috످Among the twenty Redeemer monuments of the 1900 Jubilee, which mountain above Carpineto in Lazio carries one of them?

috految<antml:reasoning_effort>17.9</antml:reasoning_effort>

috److془Monte Capreo, Carpineto Romano, cross erected 1901. Confident.془Monte Capreo, in the Lepini Mountains above Carpineto Romano (the birthplace of Pope Leo XIII), carries one of the twenty monuments, a large cross dedicated to Christ the Redeemer.

috످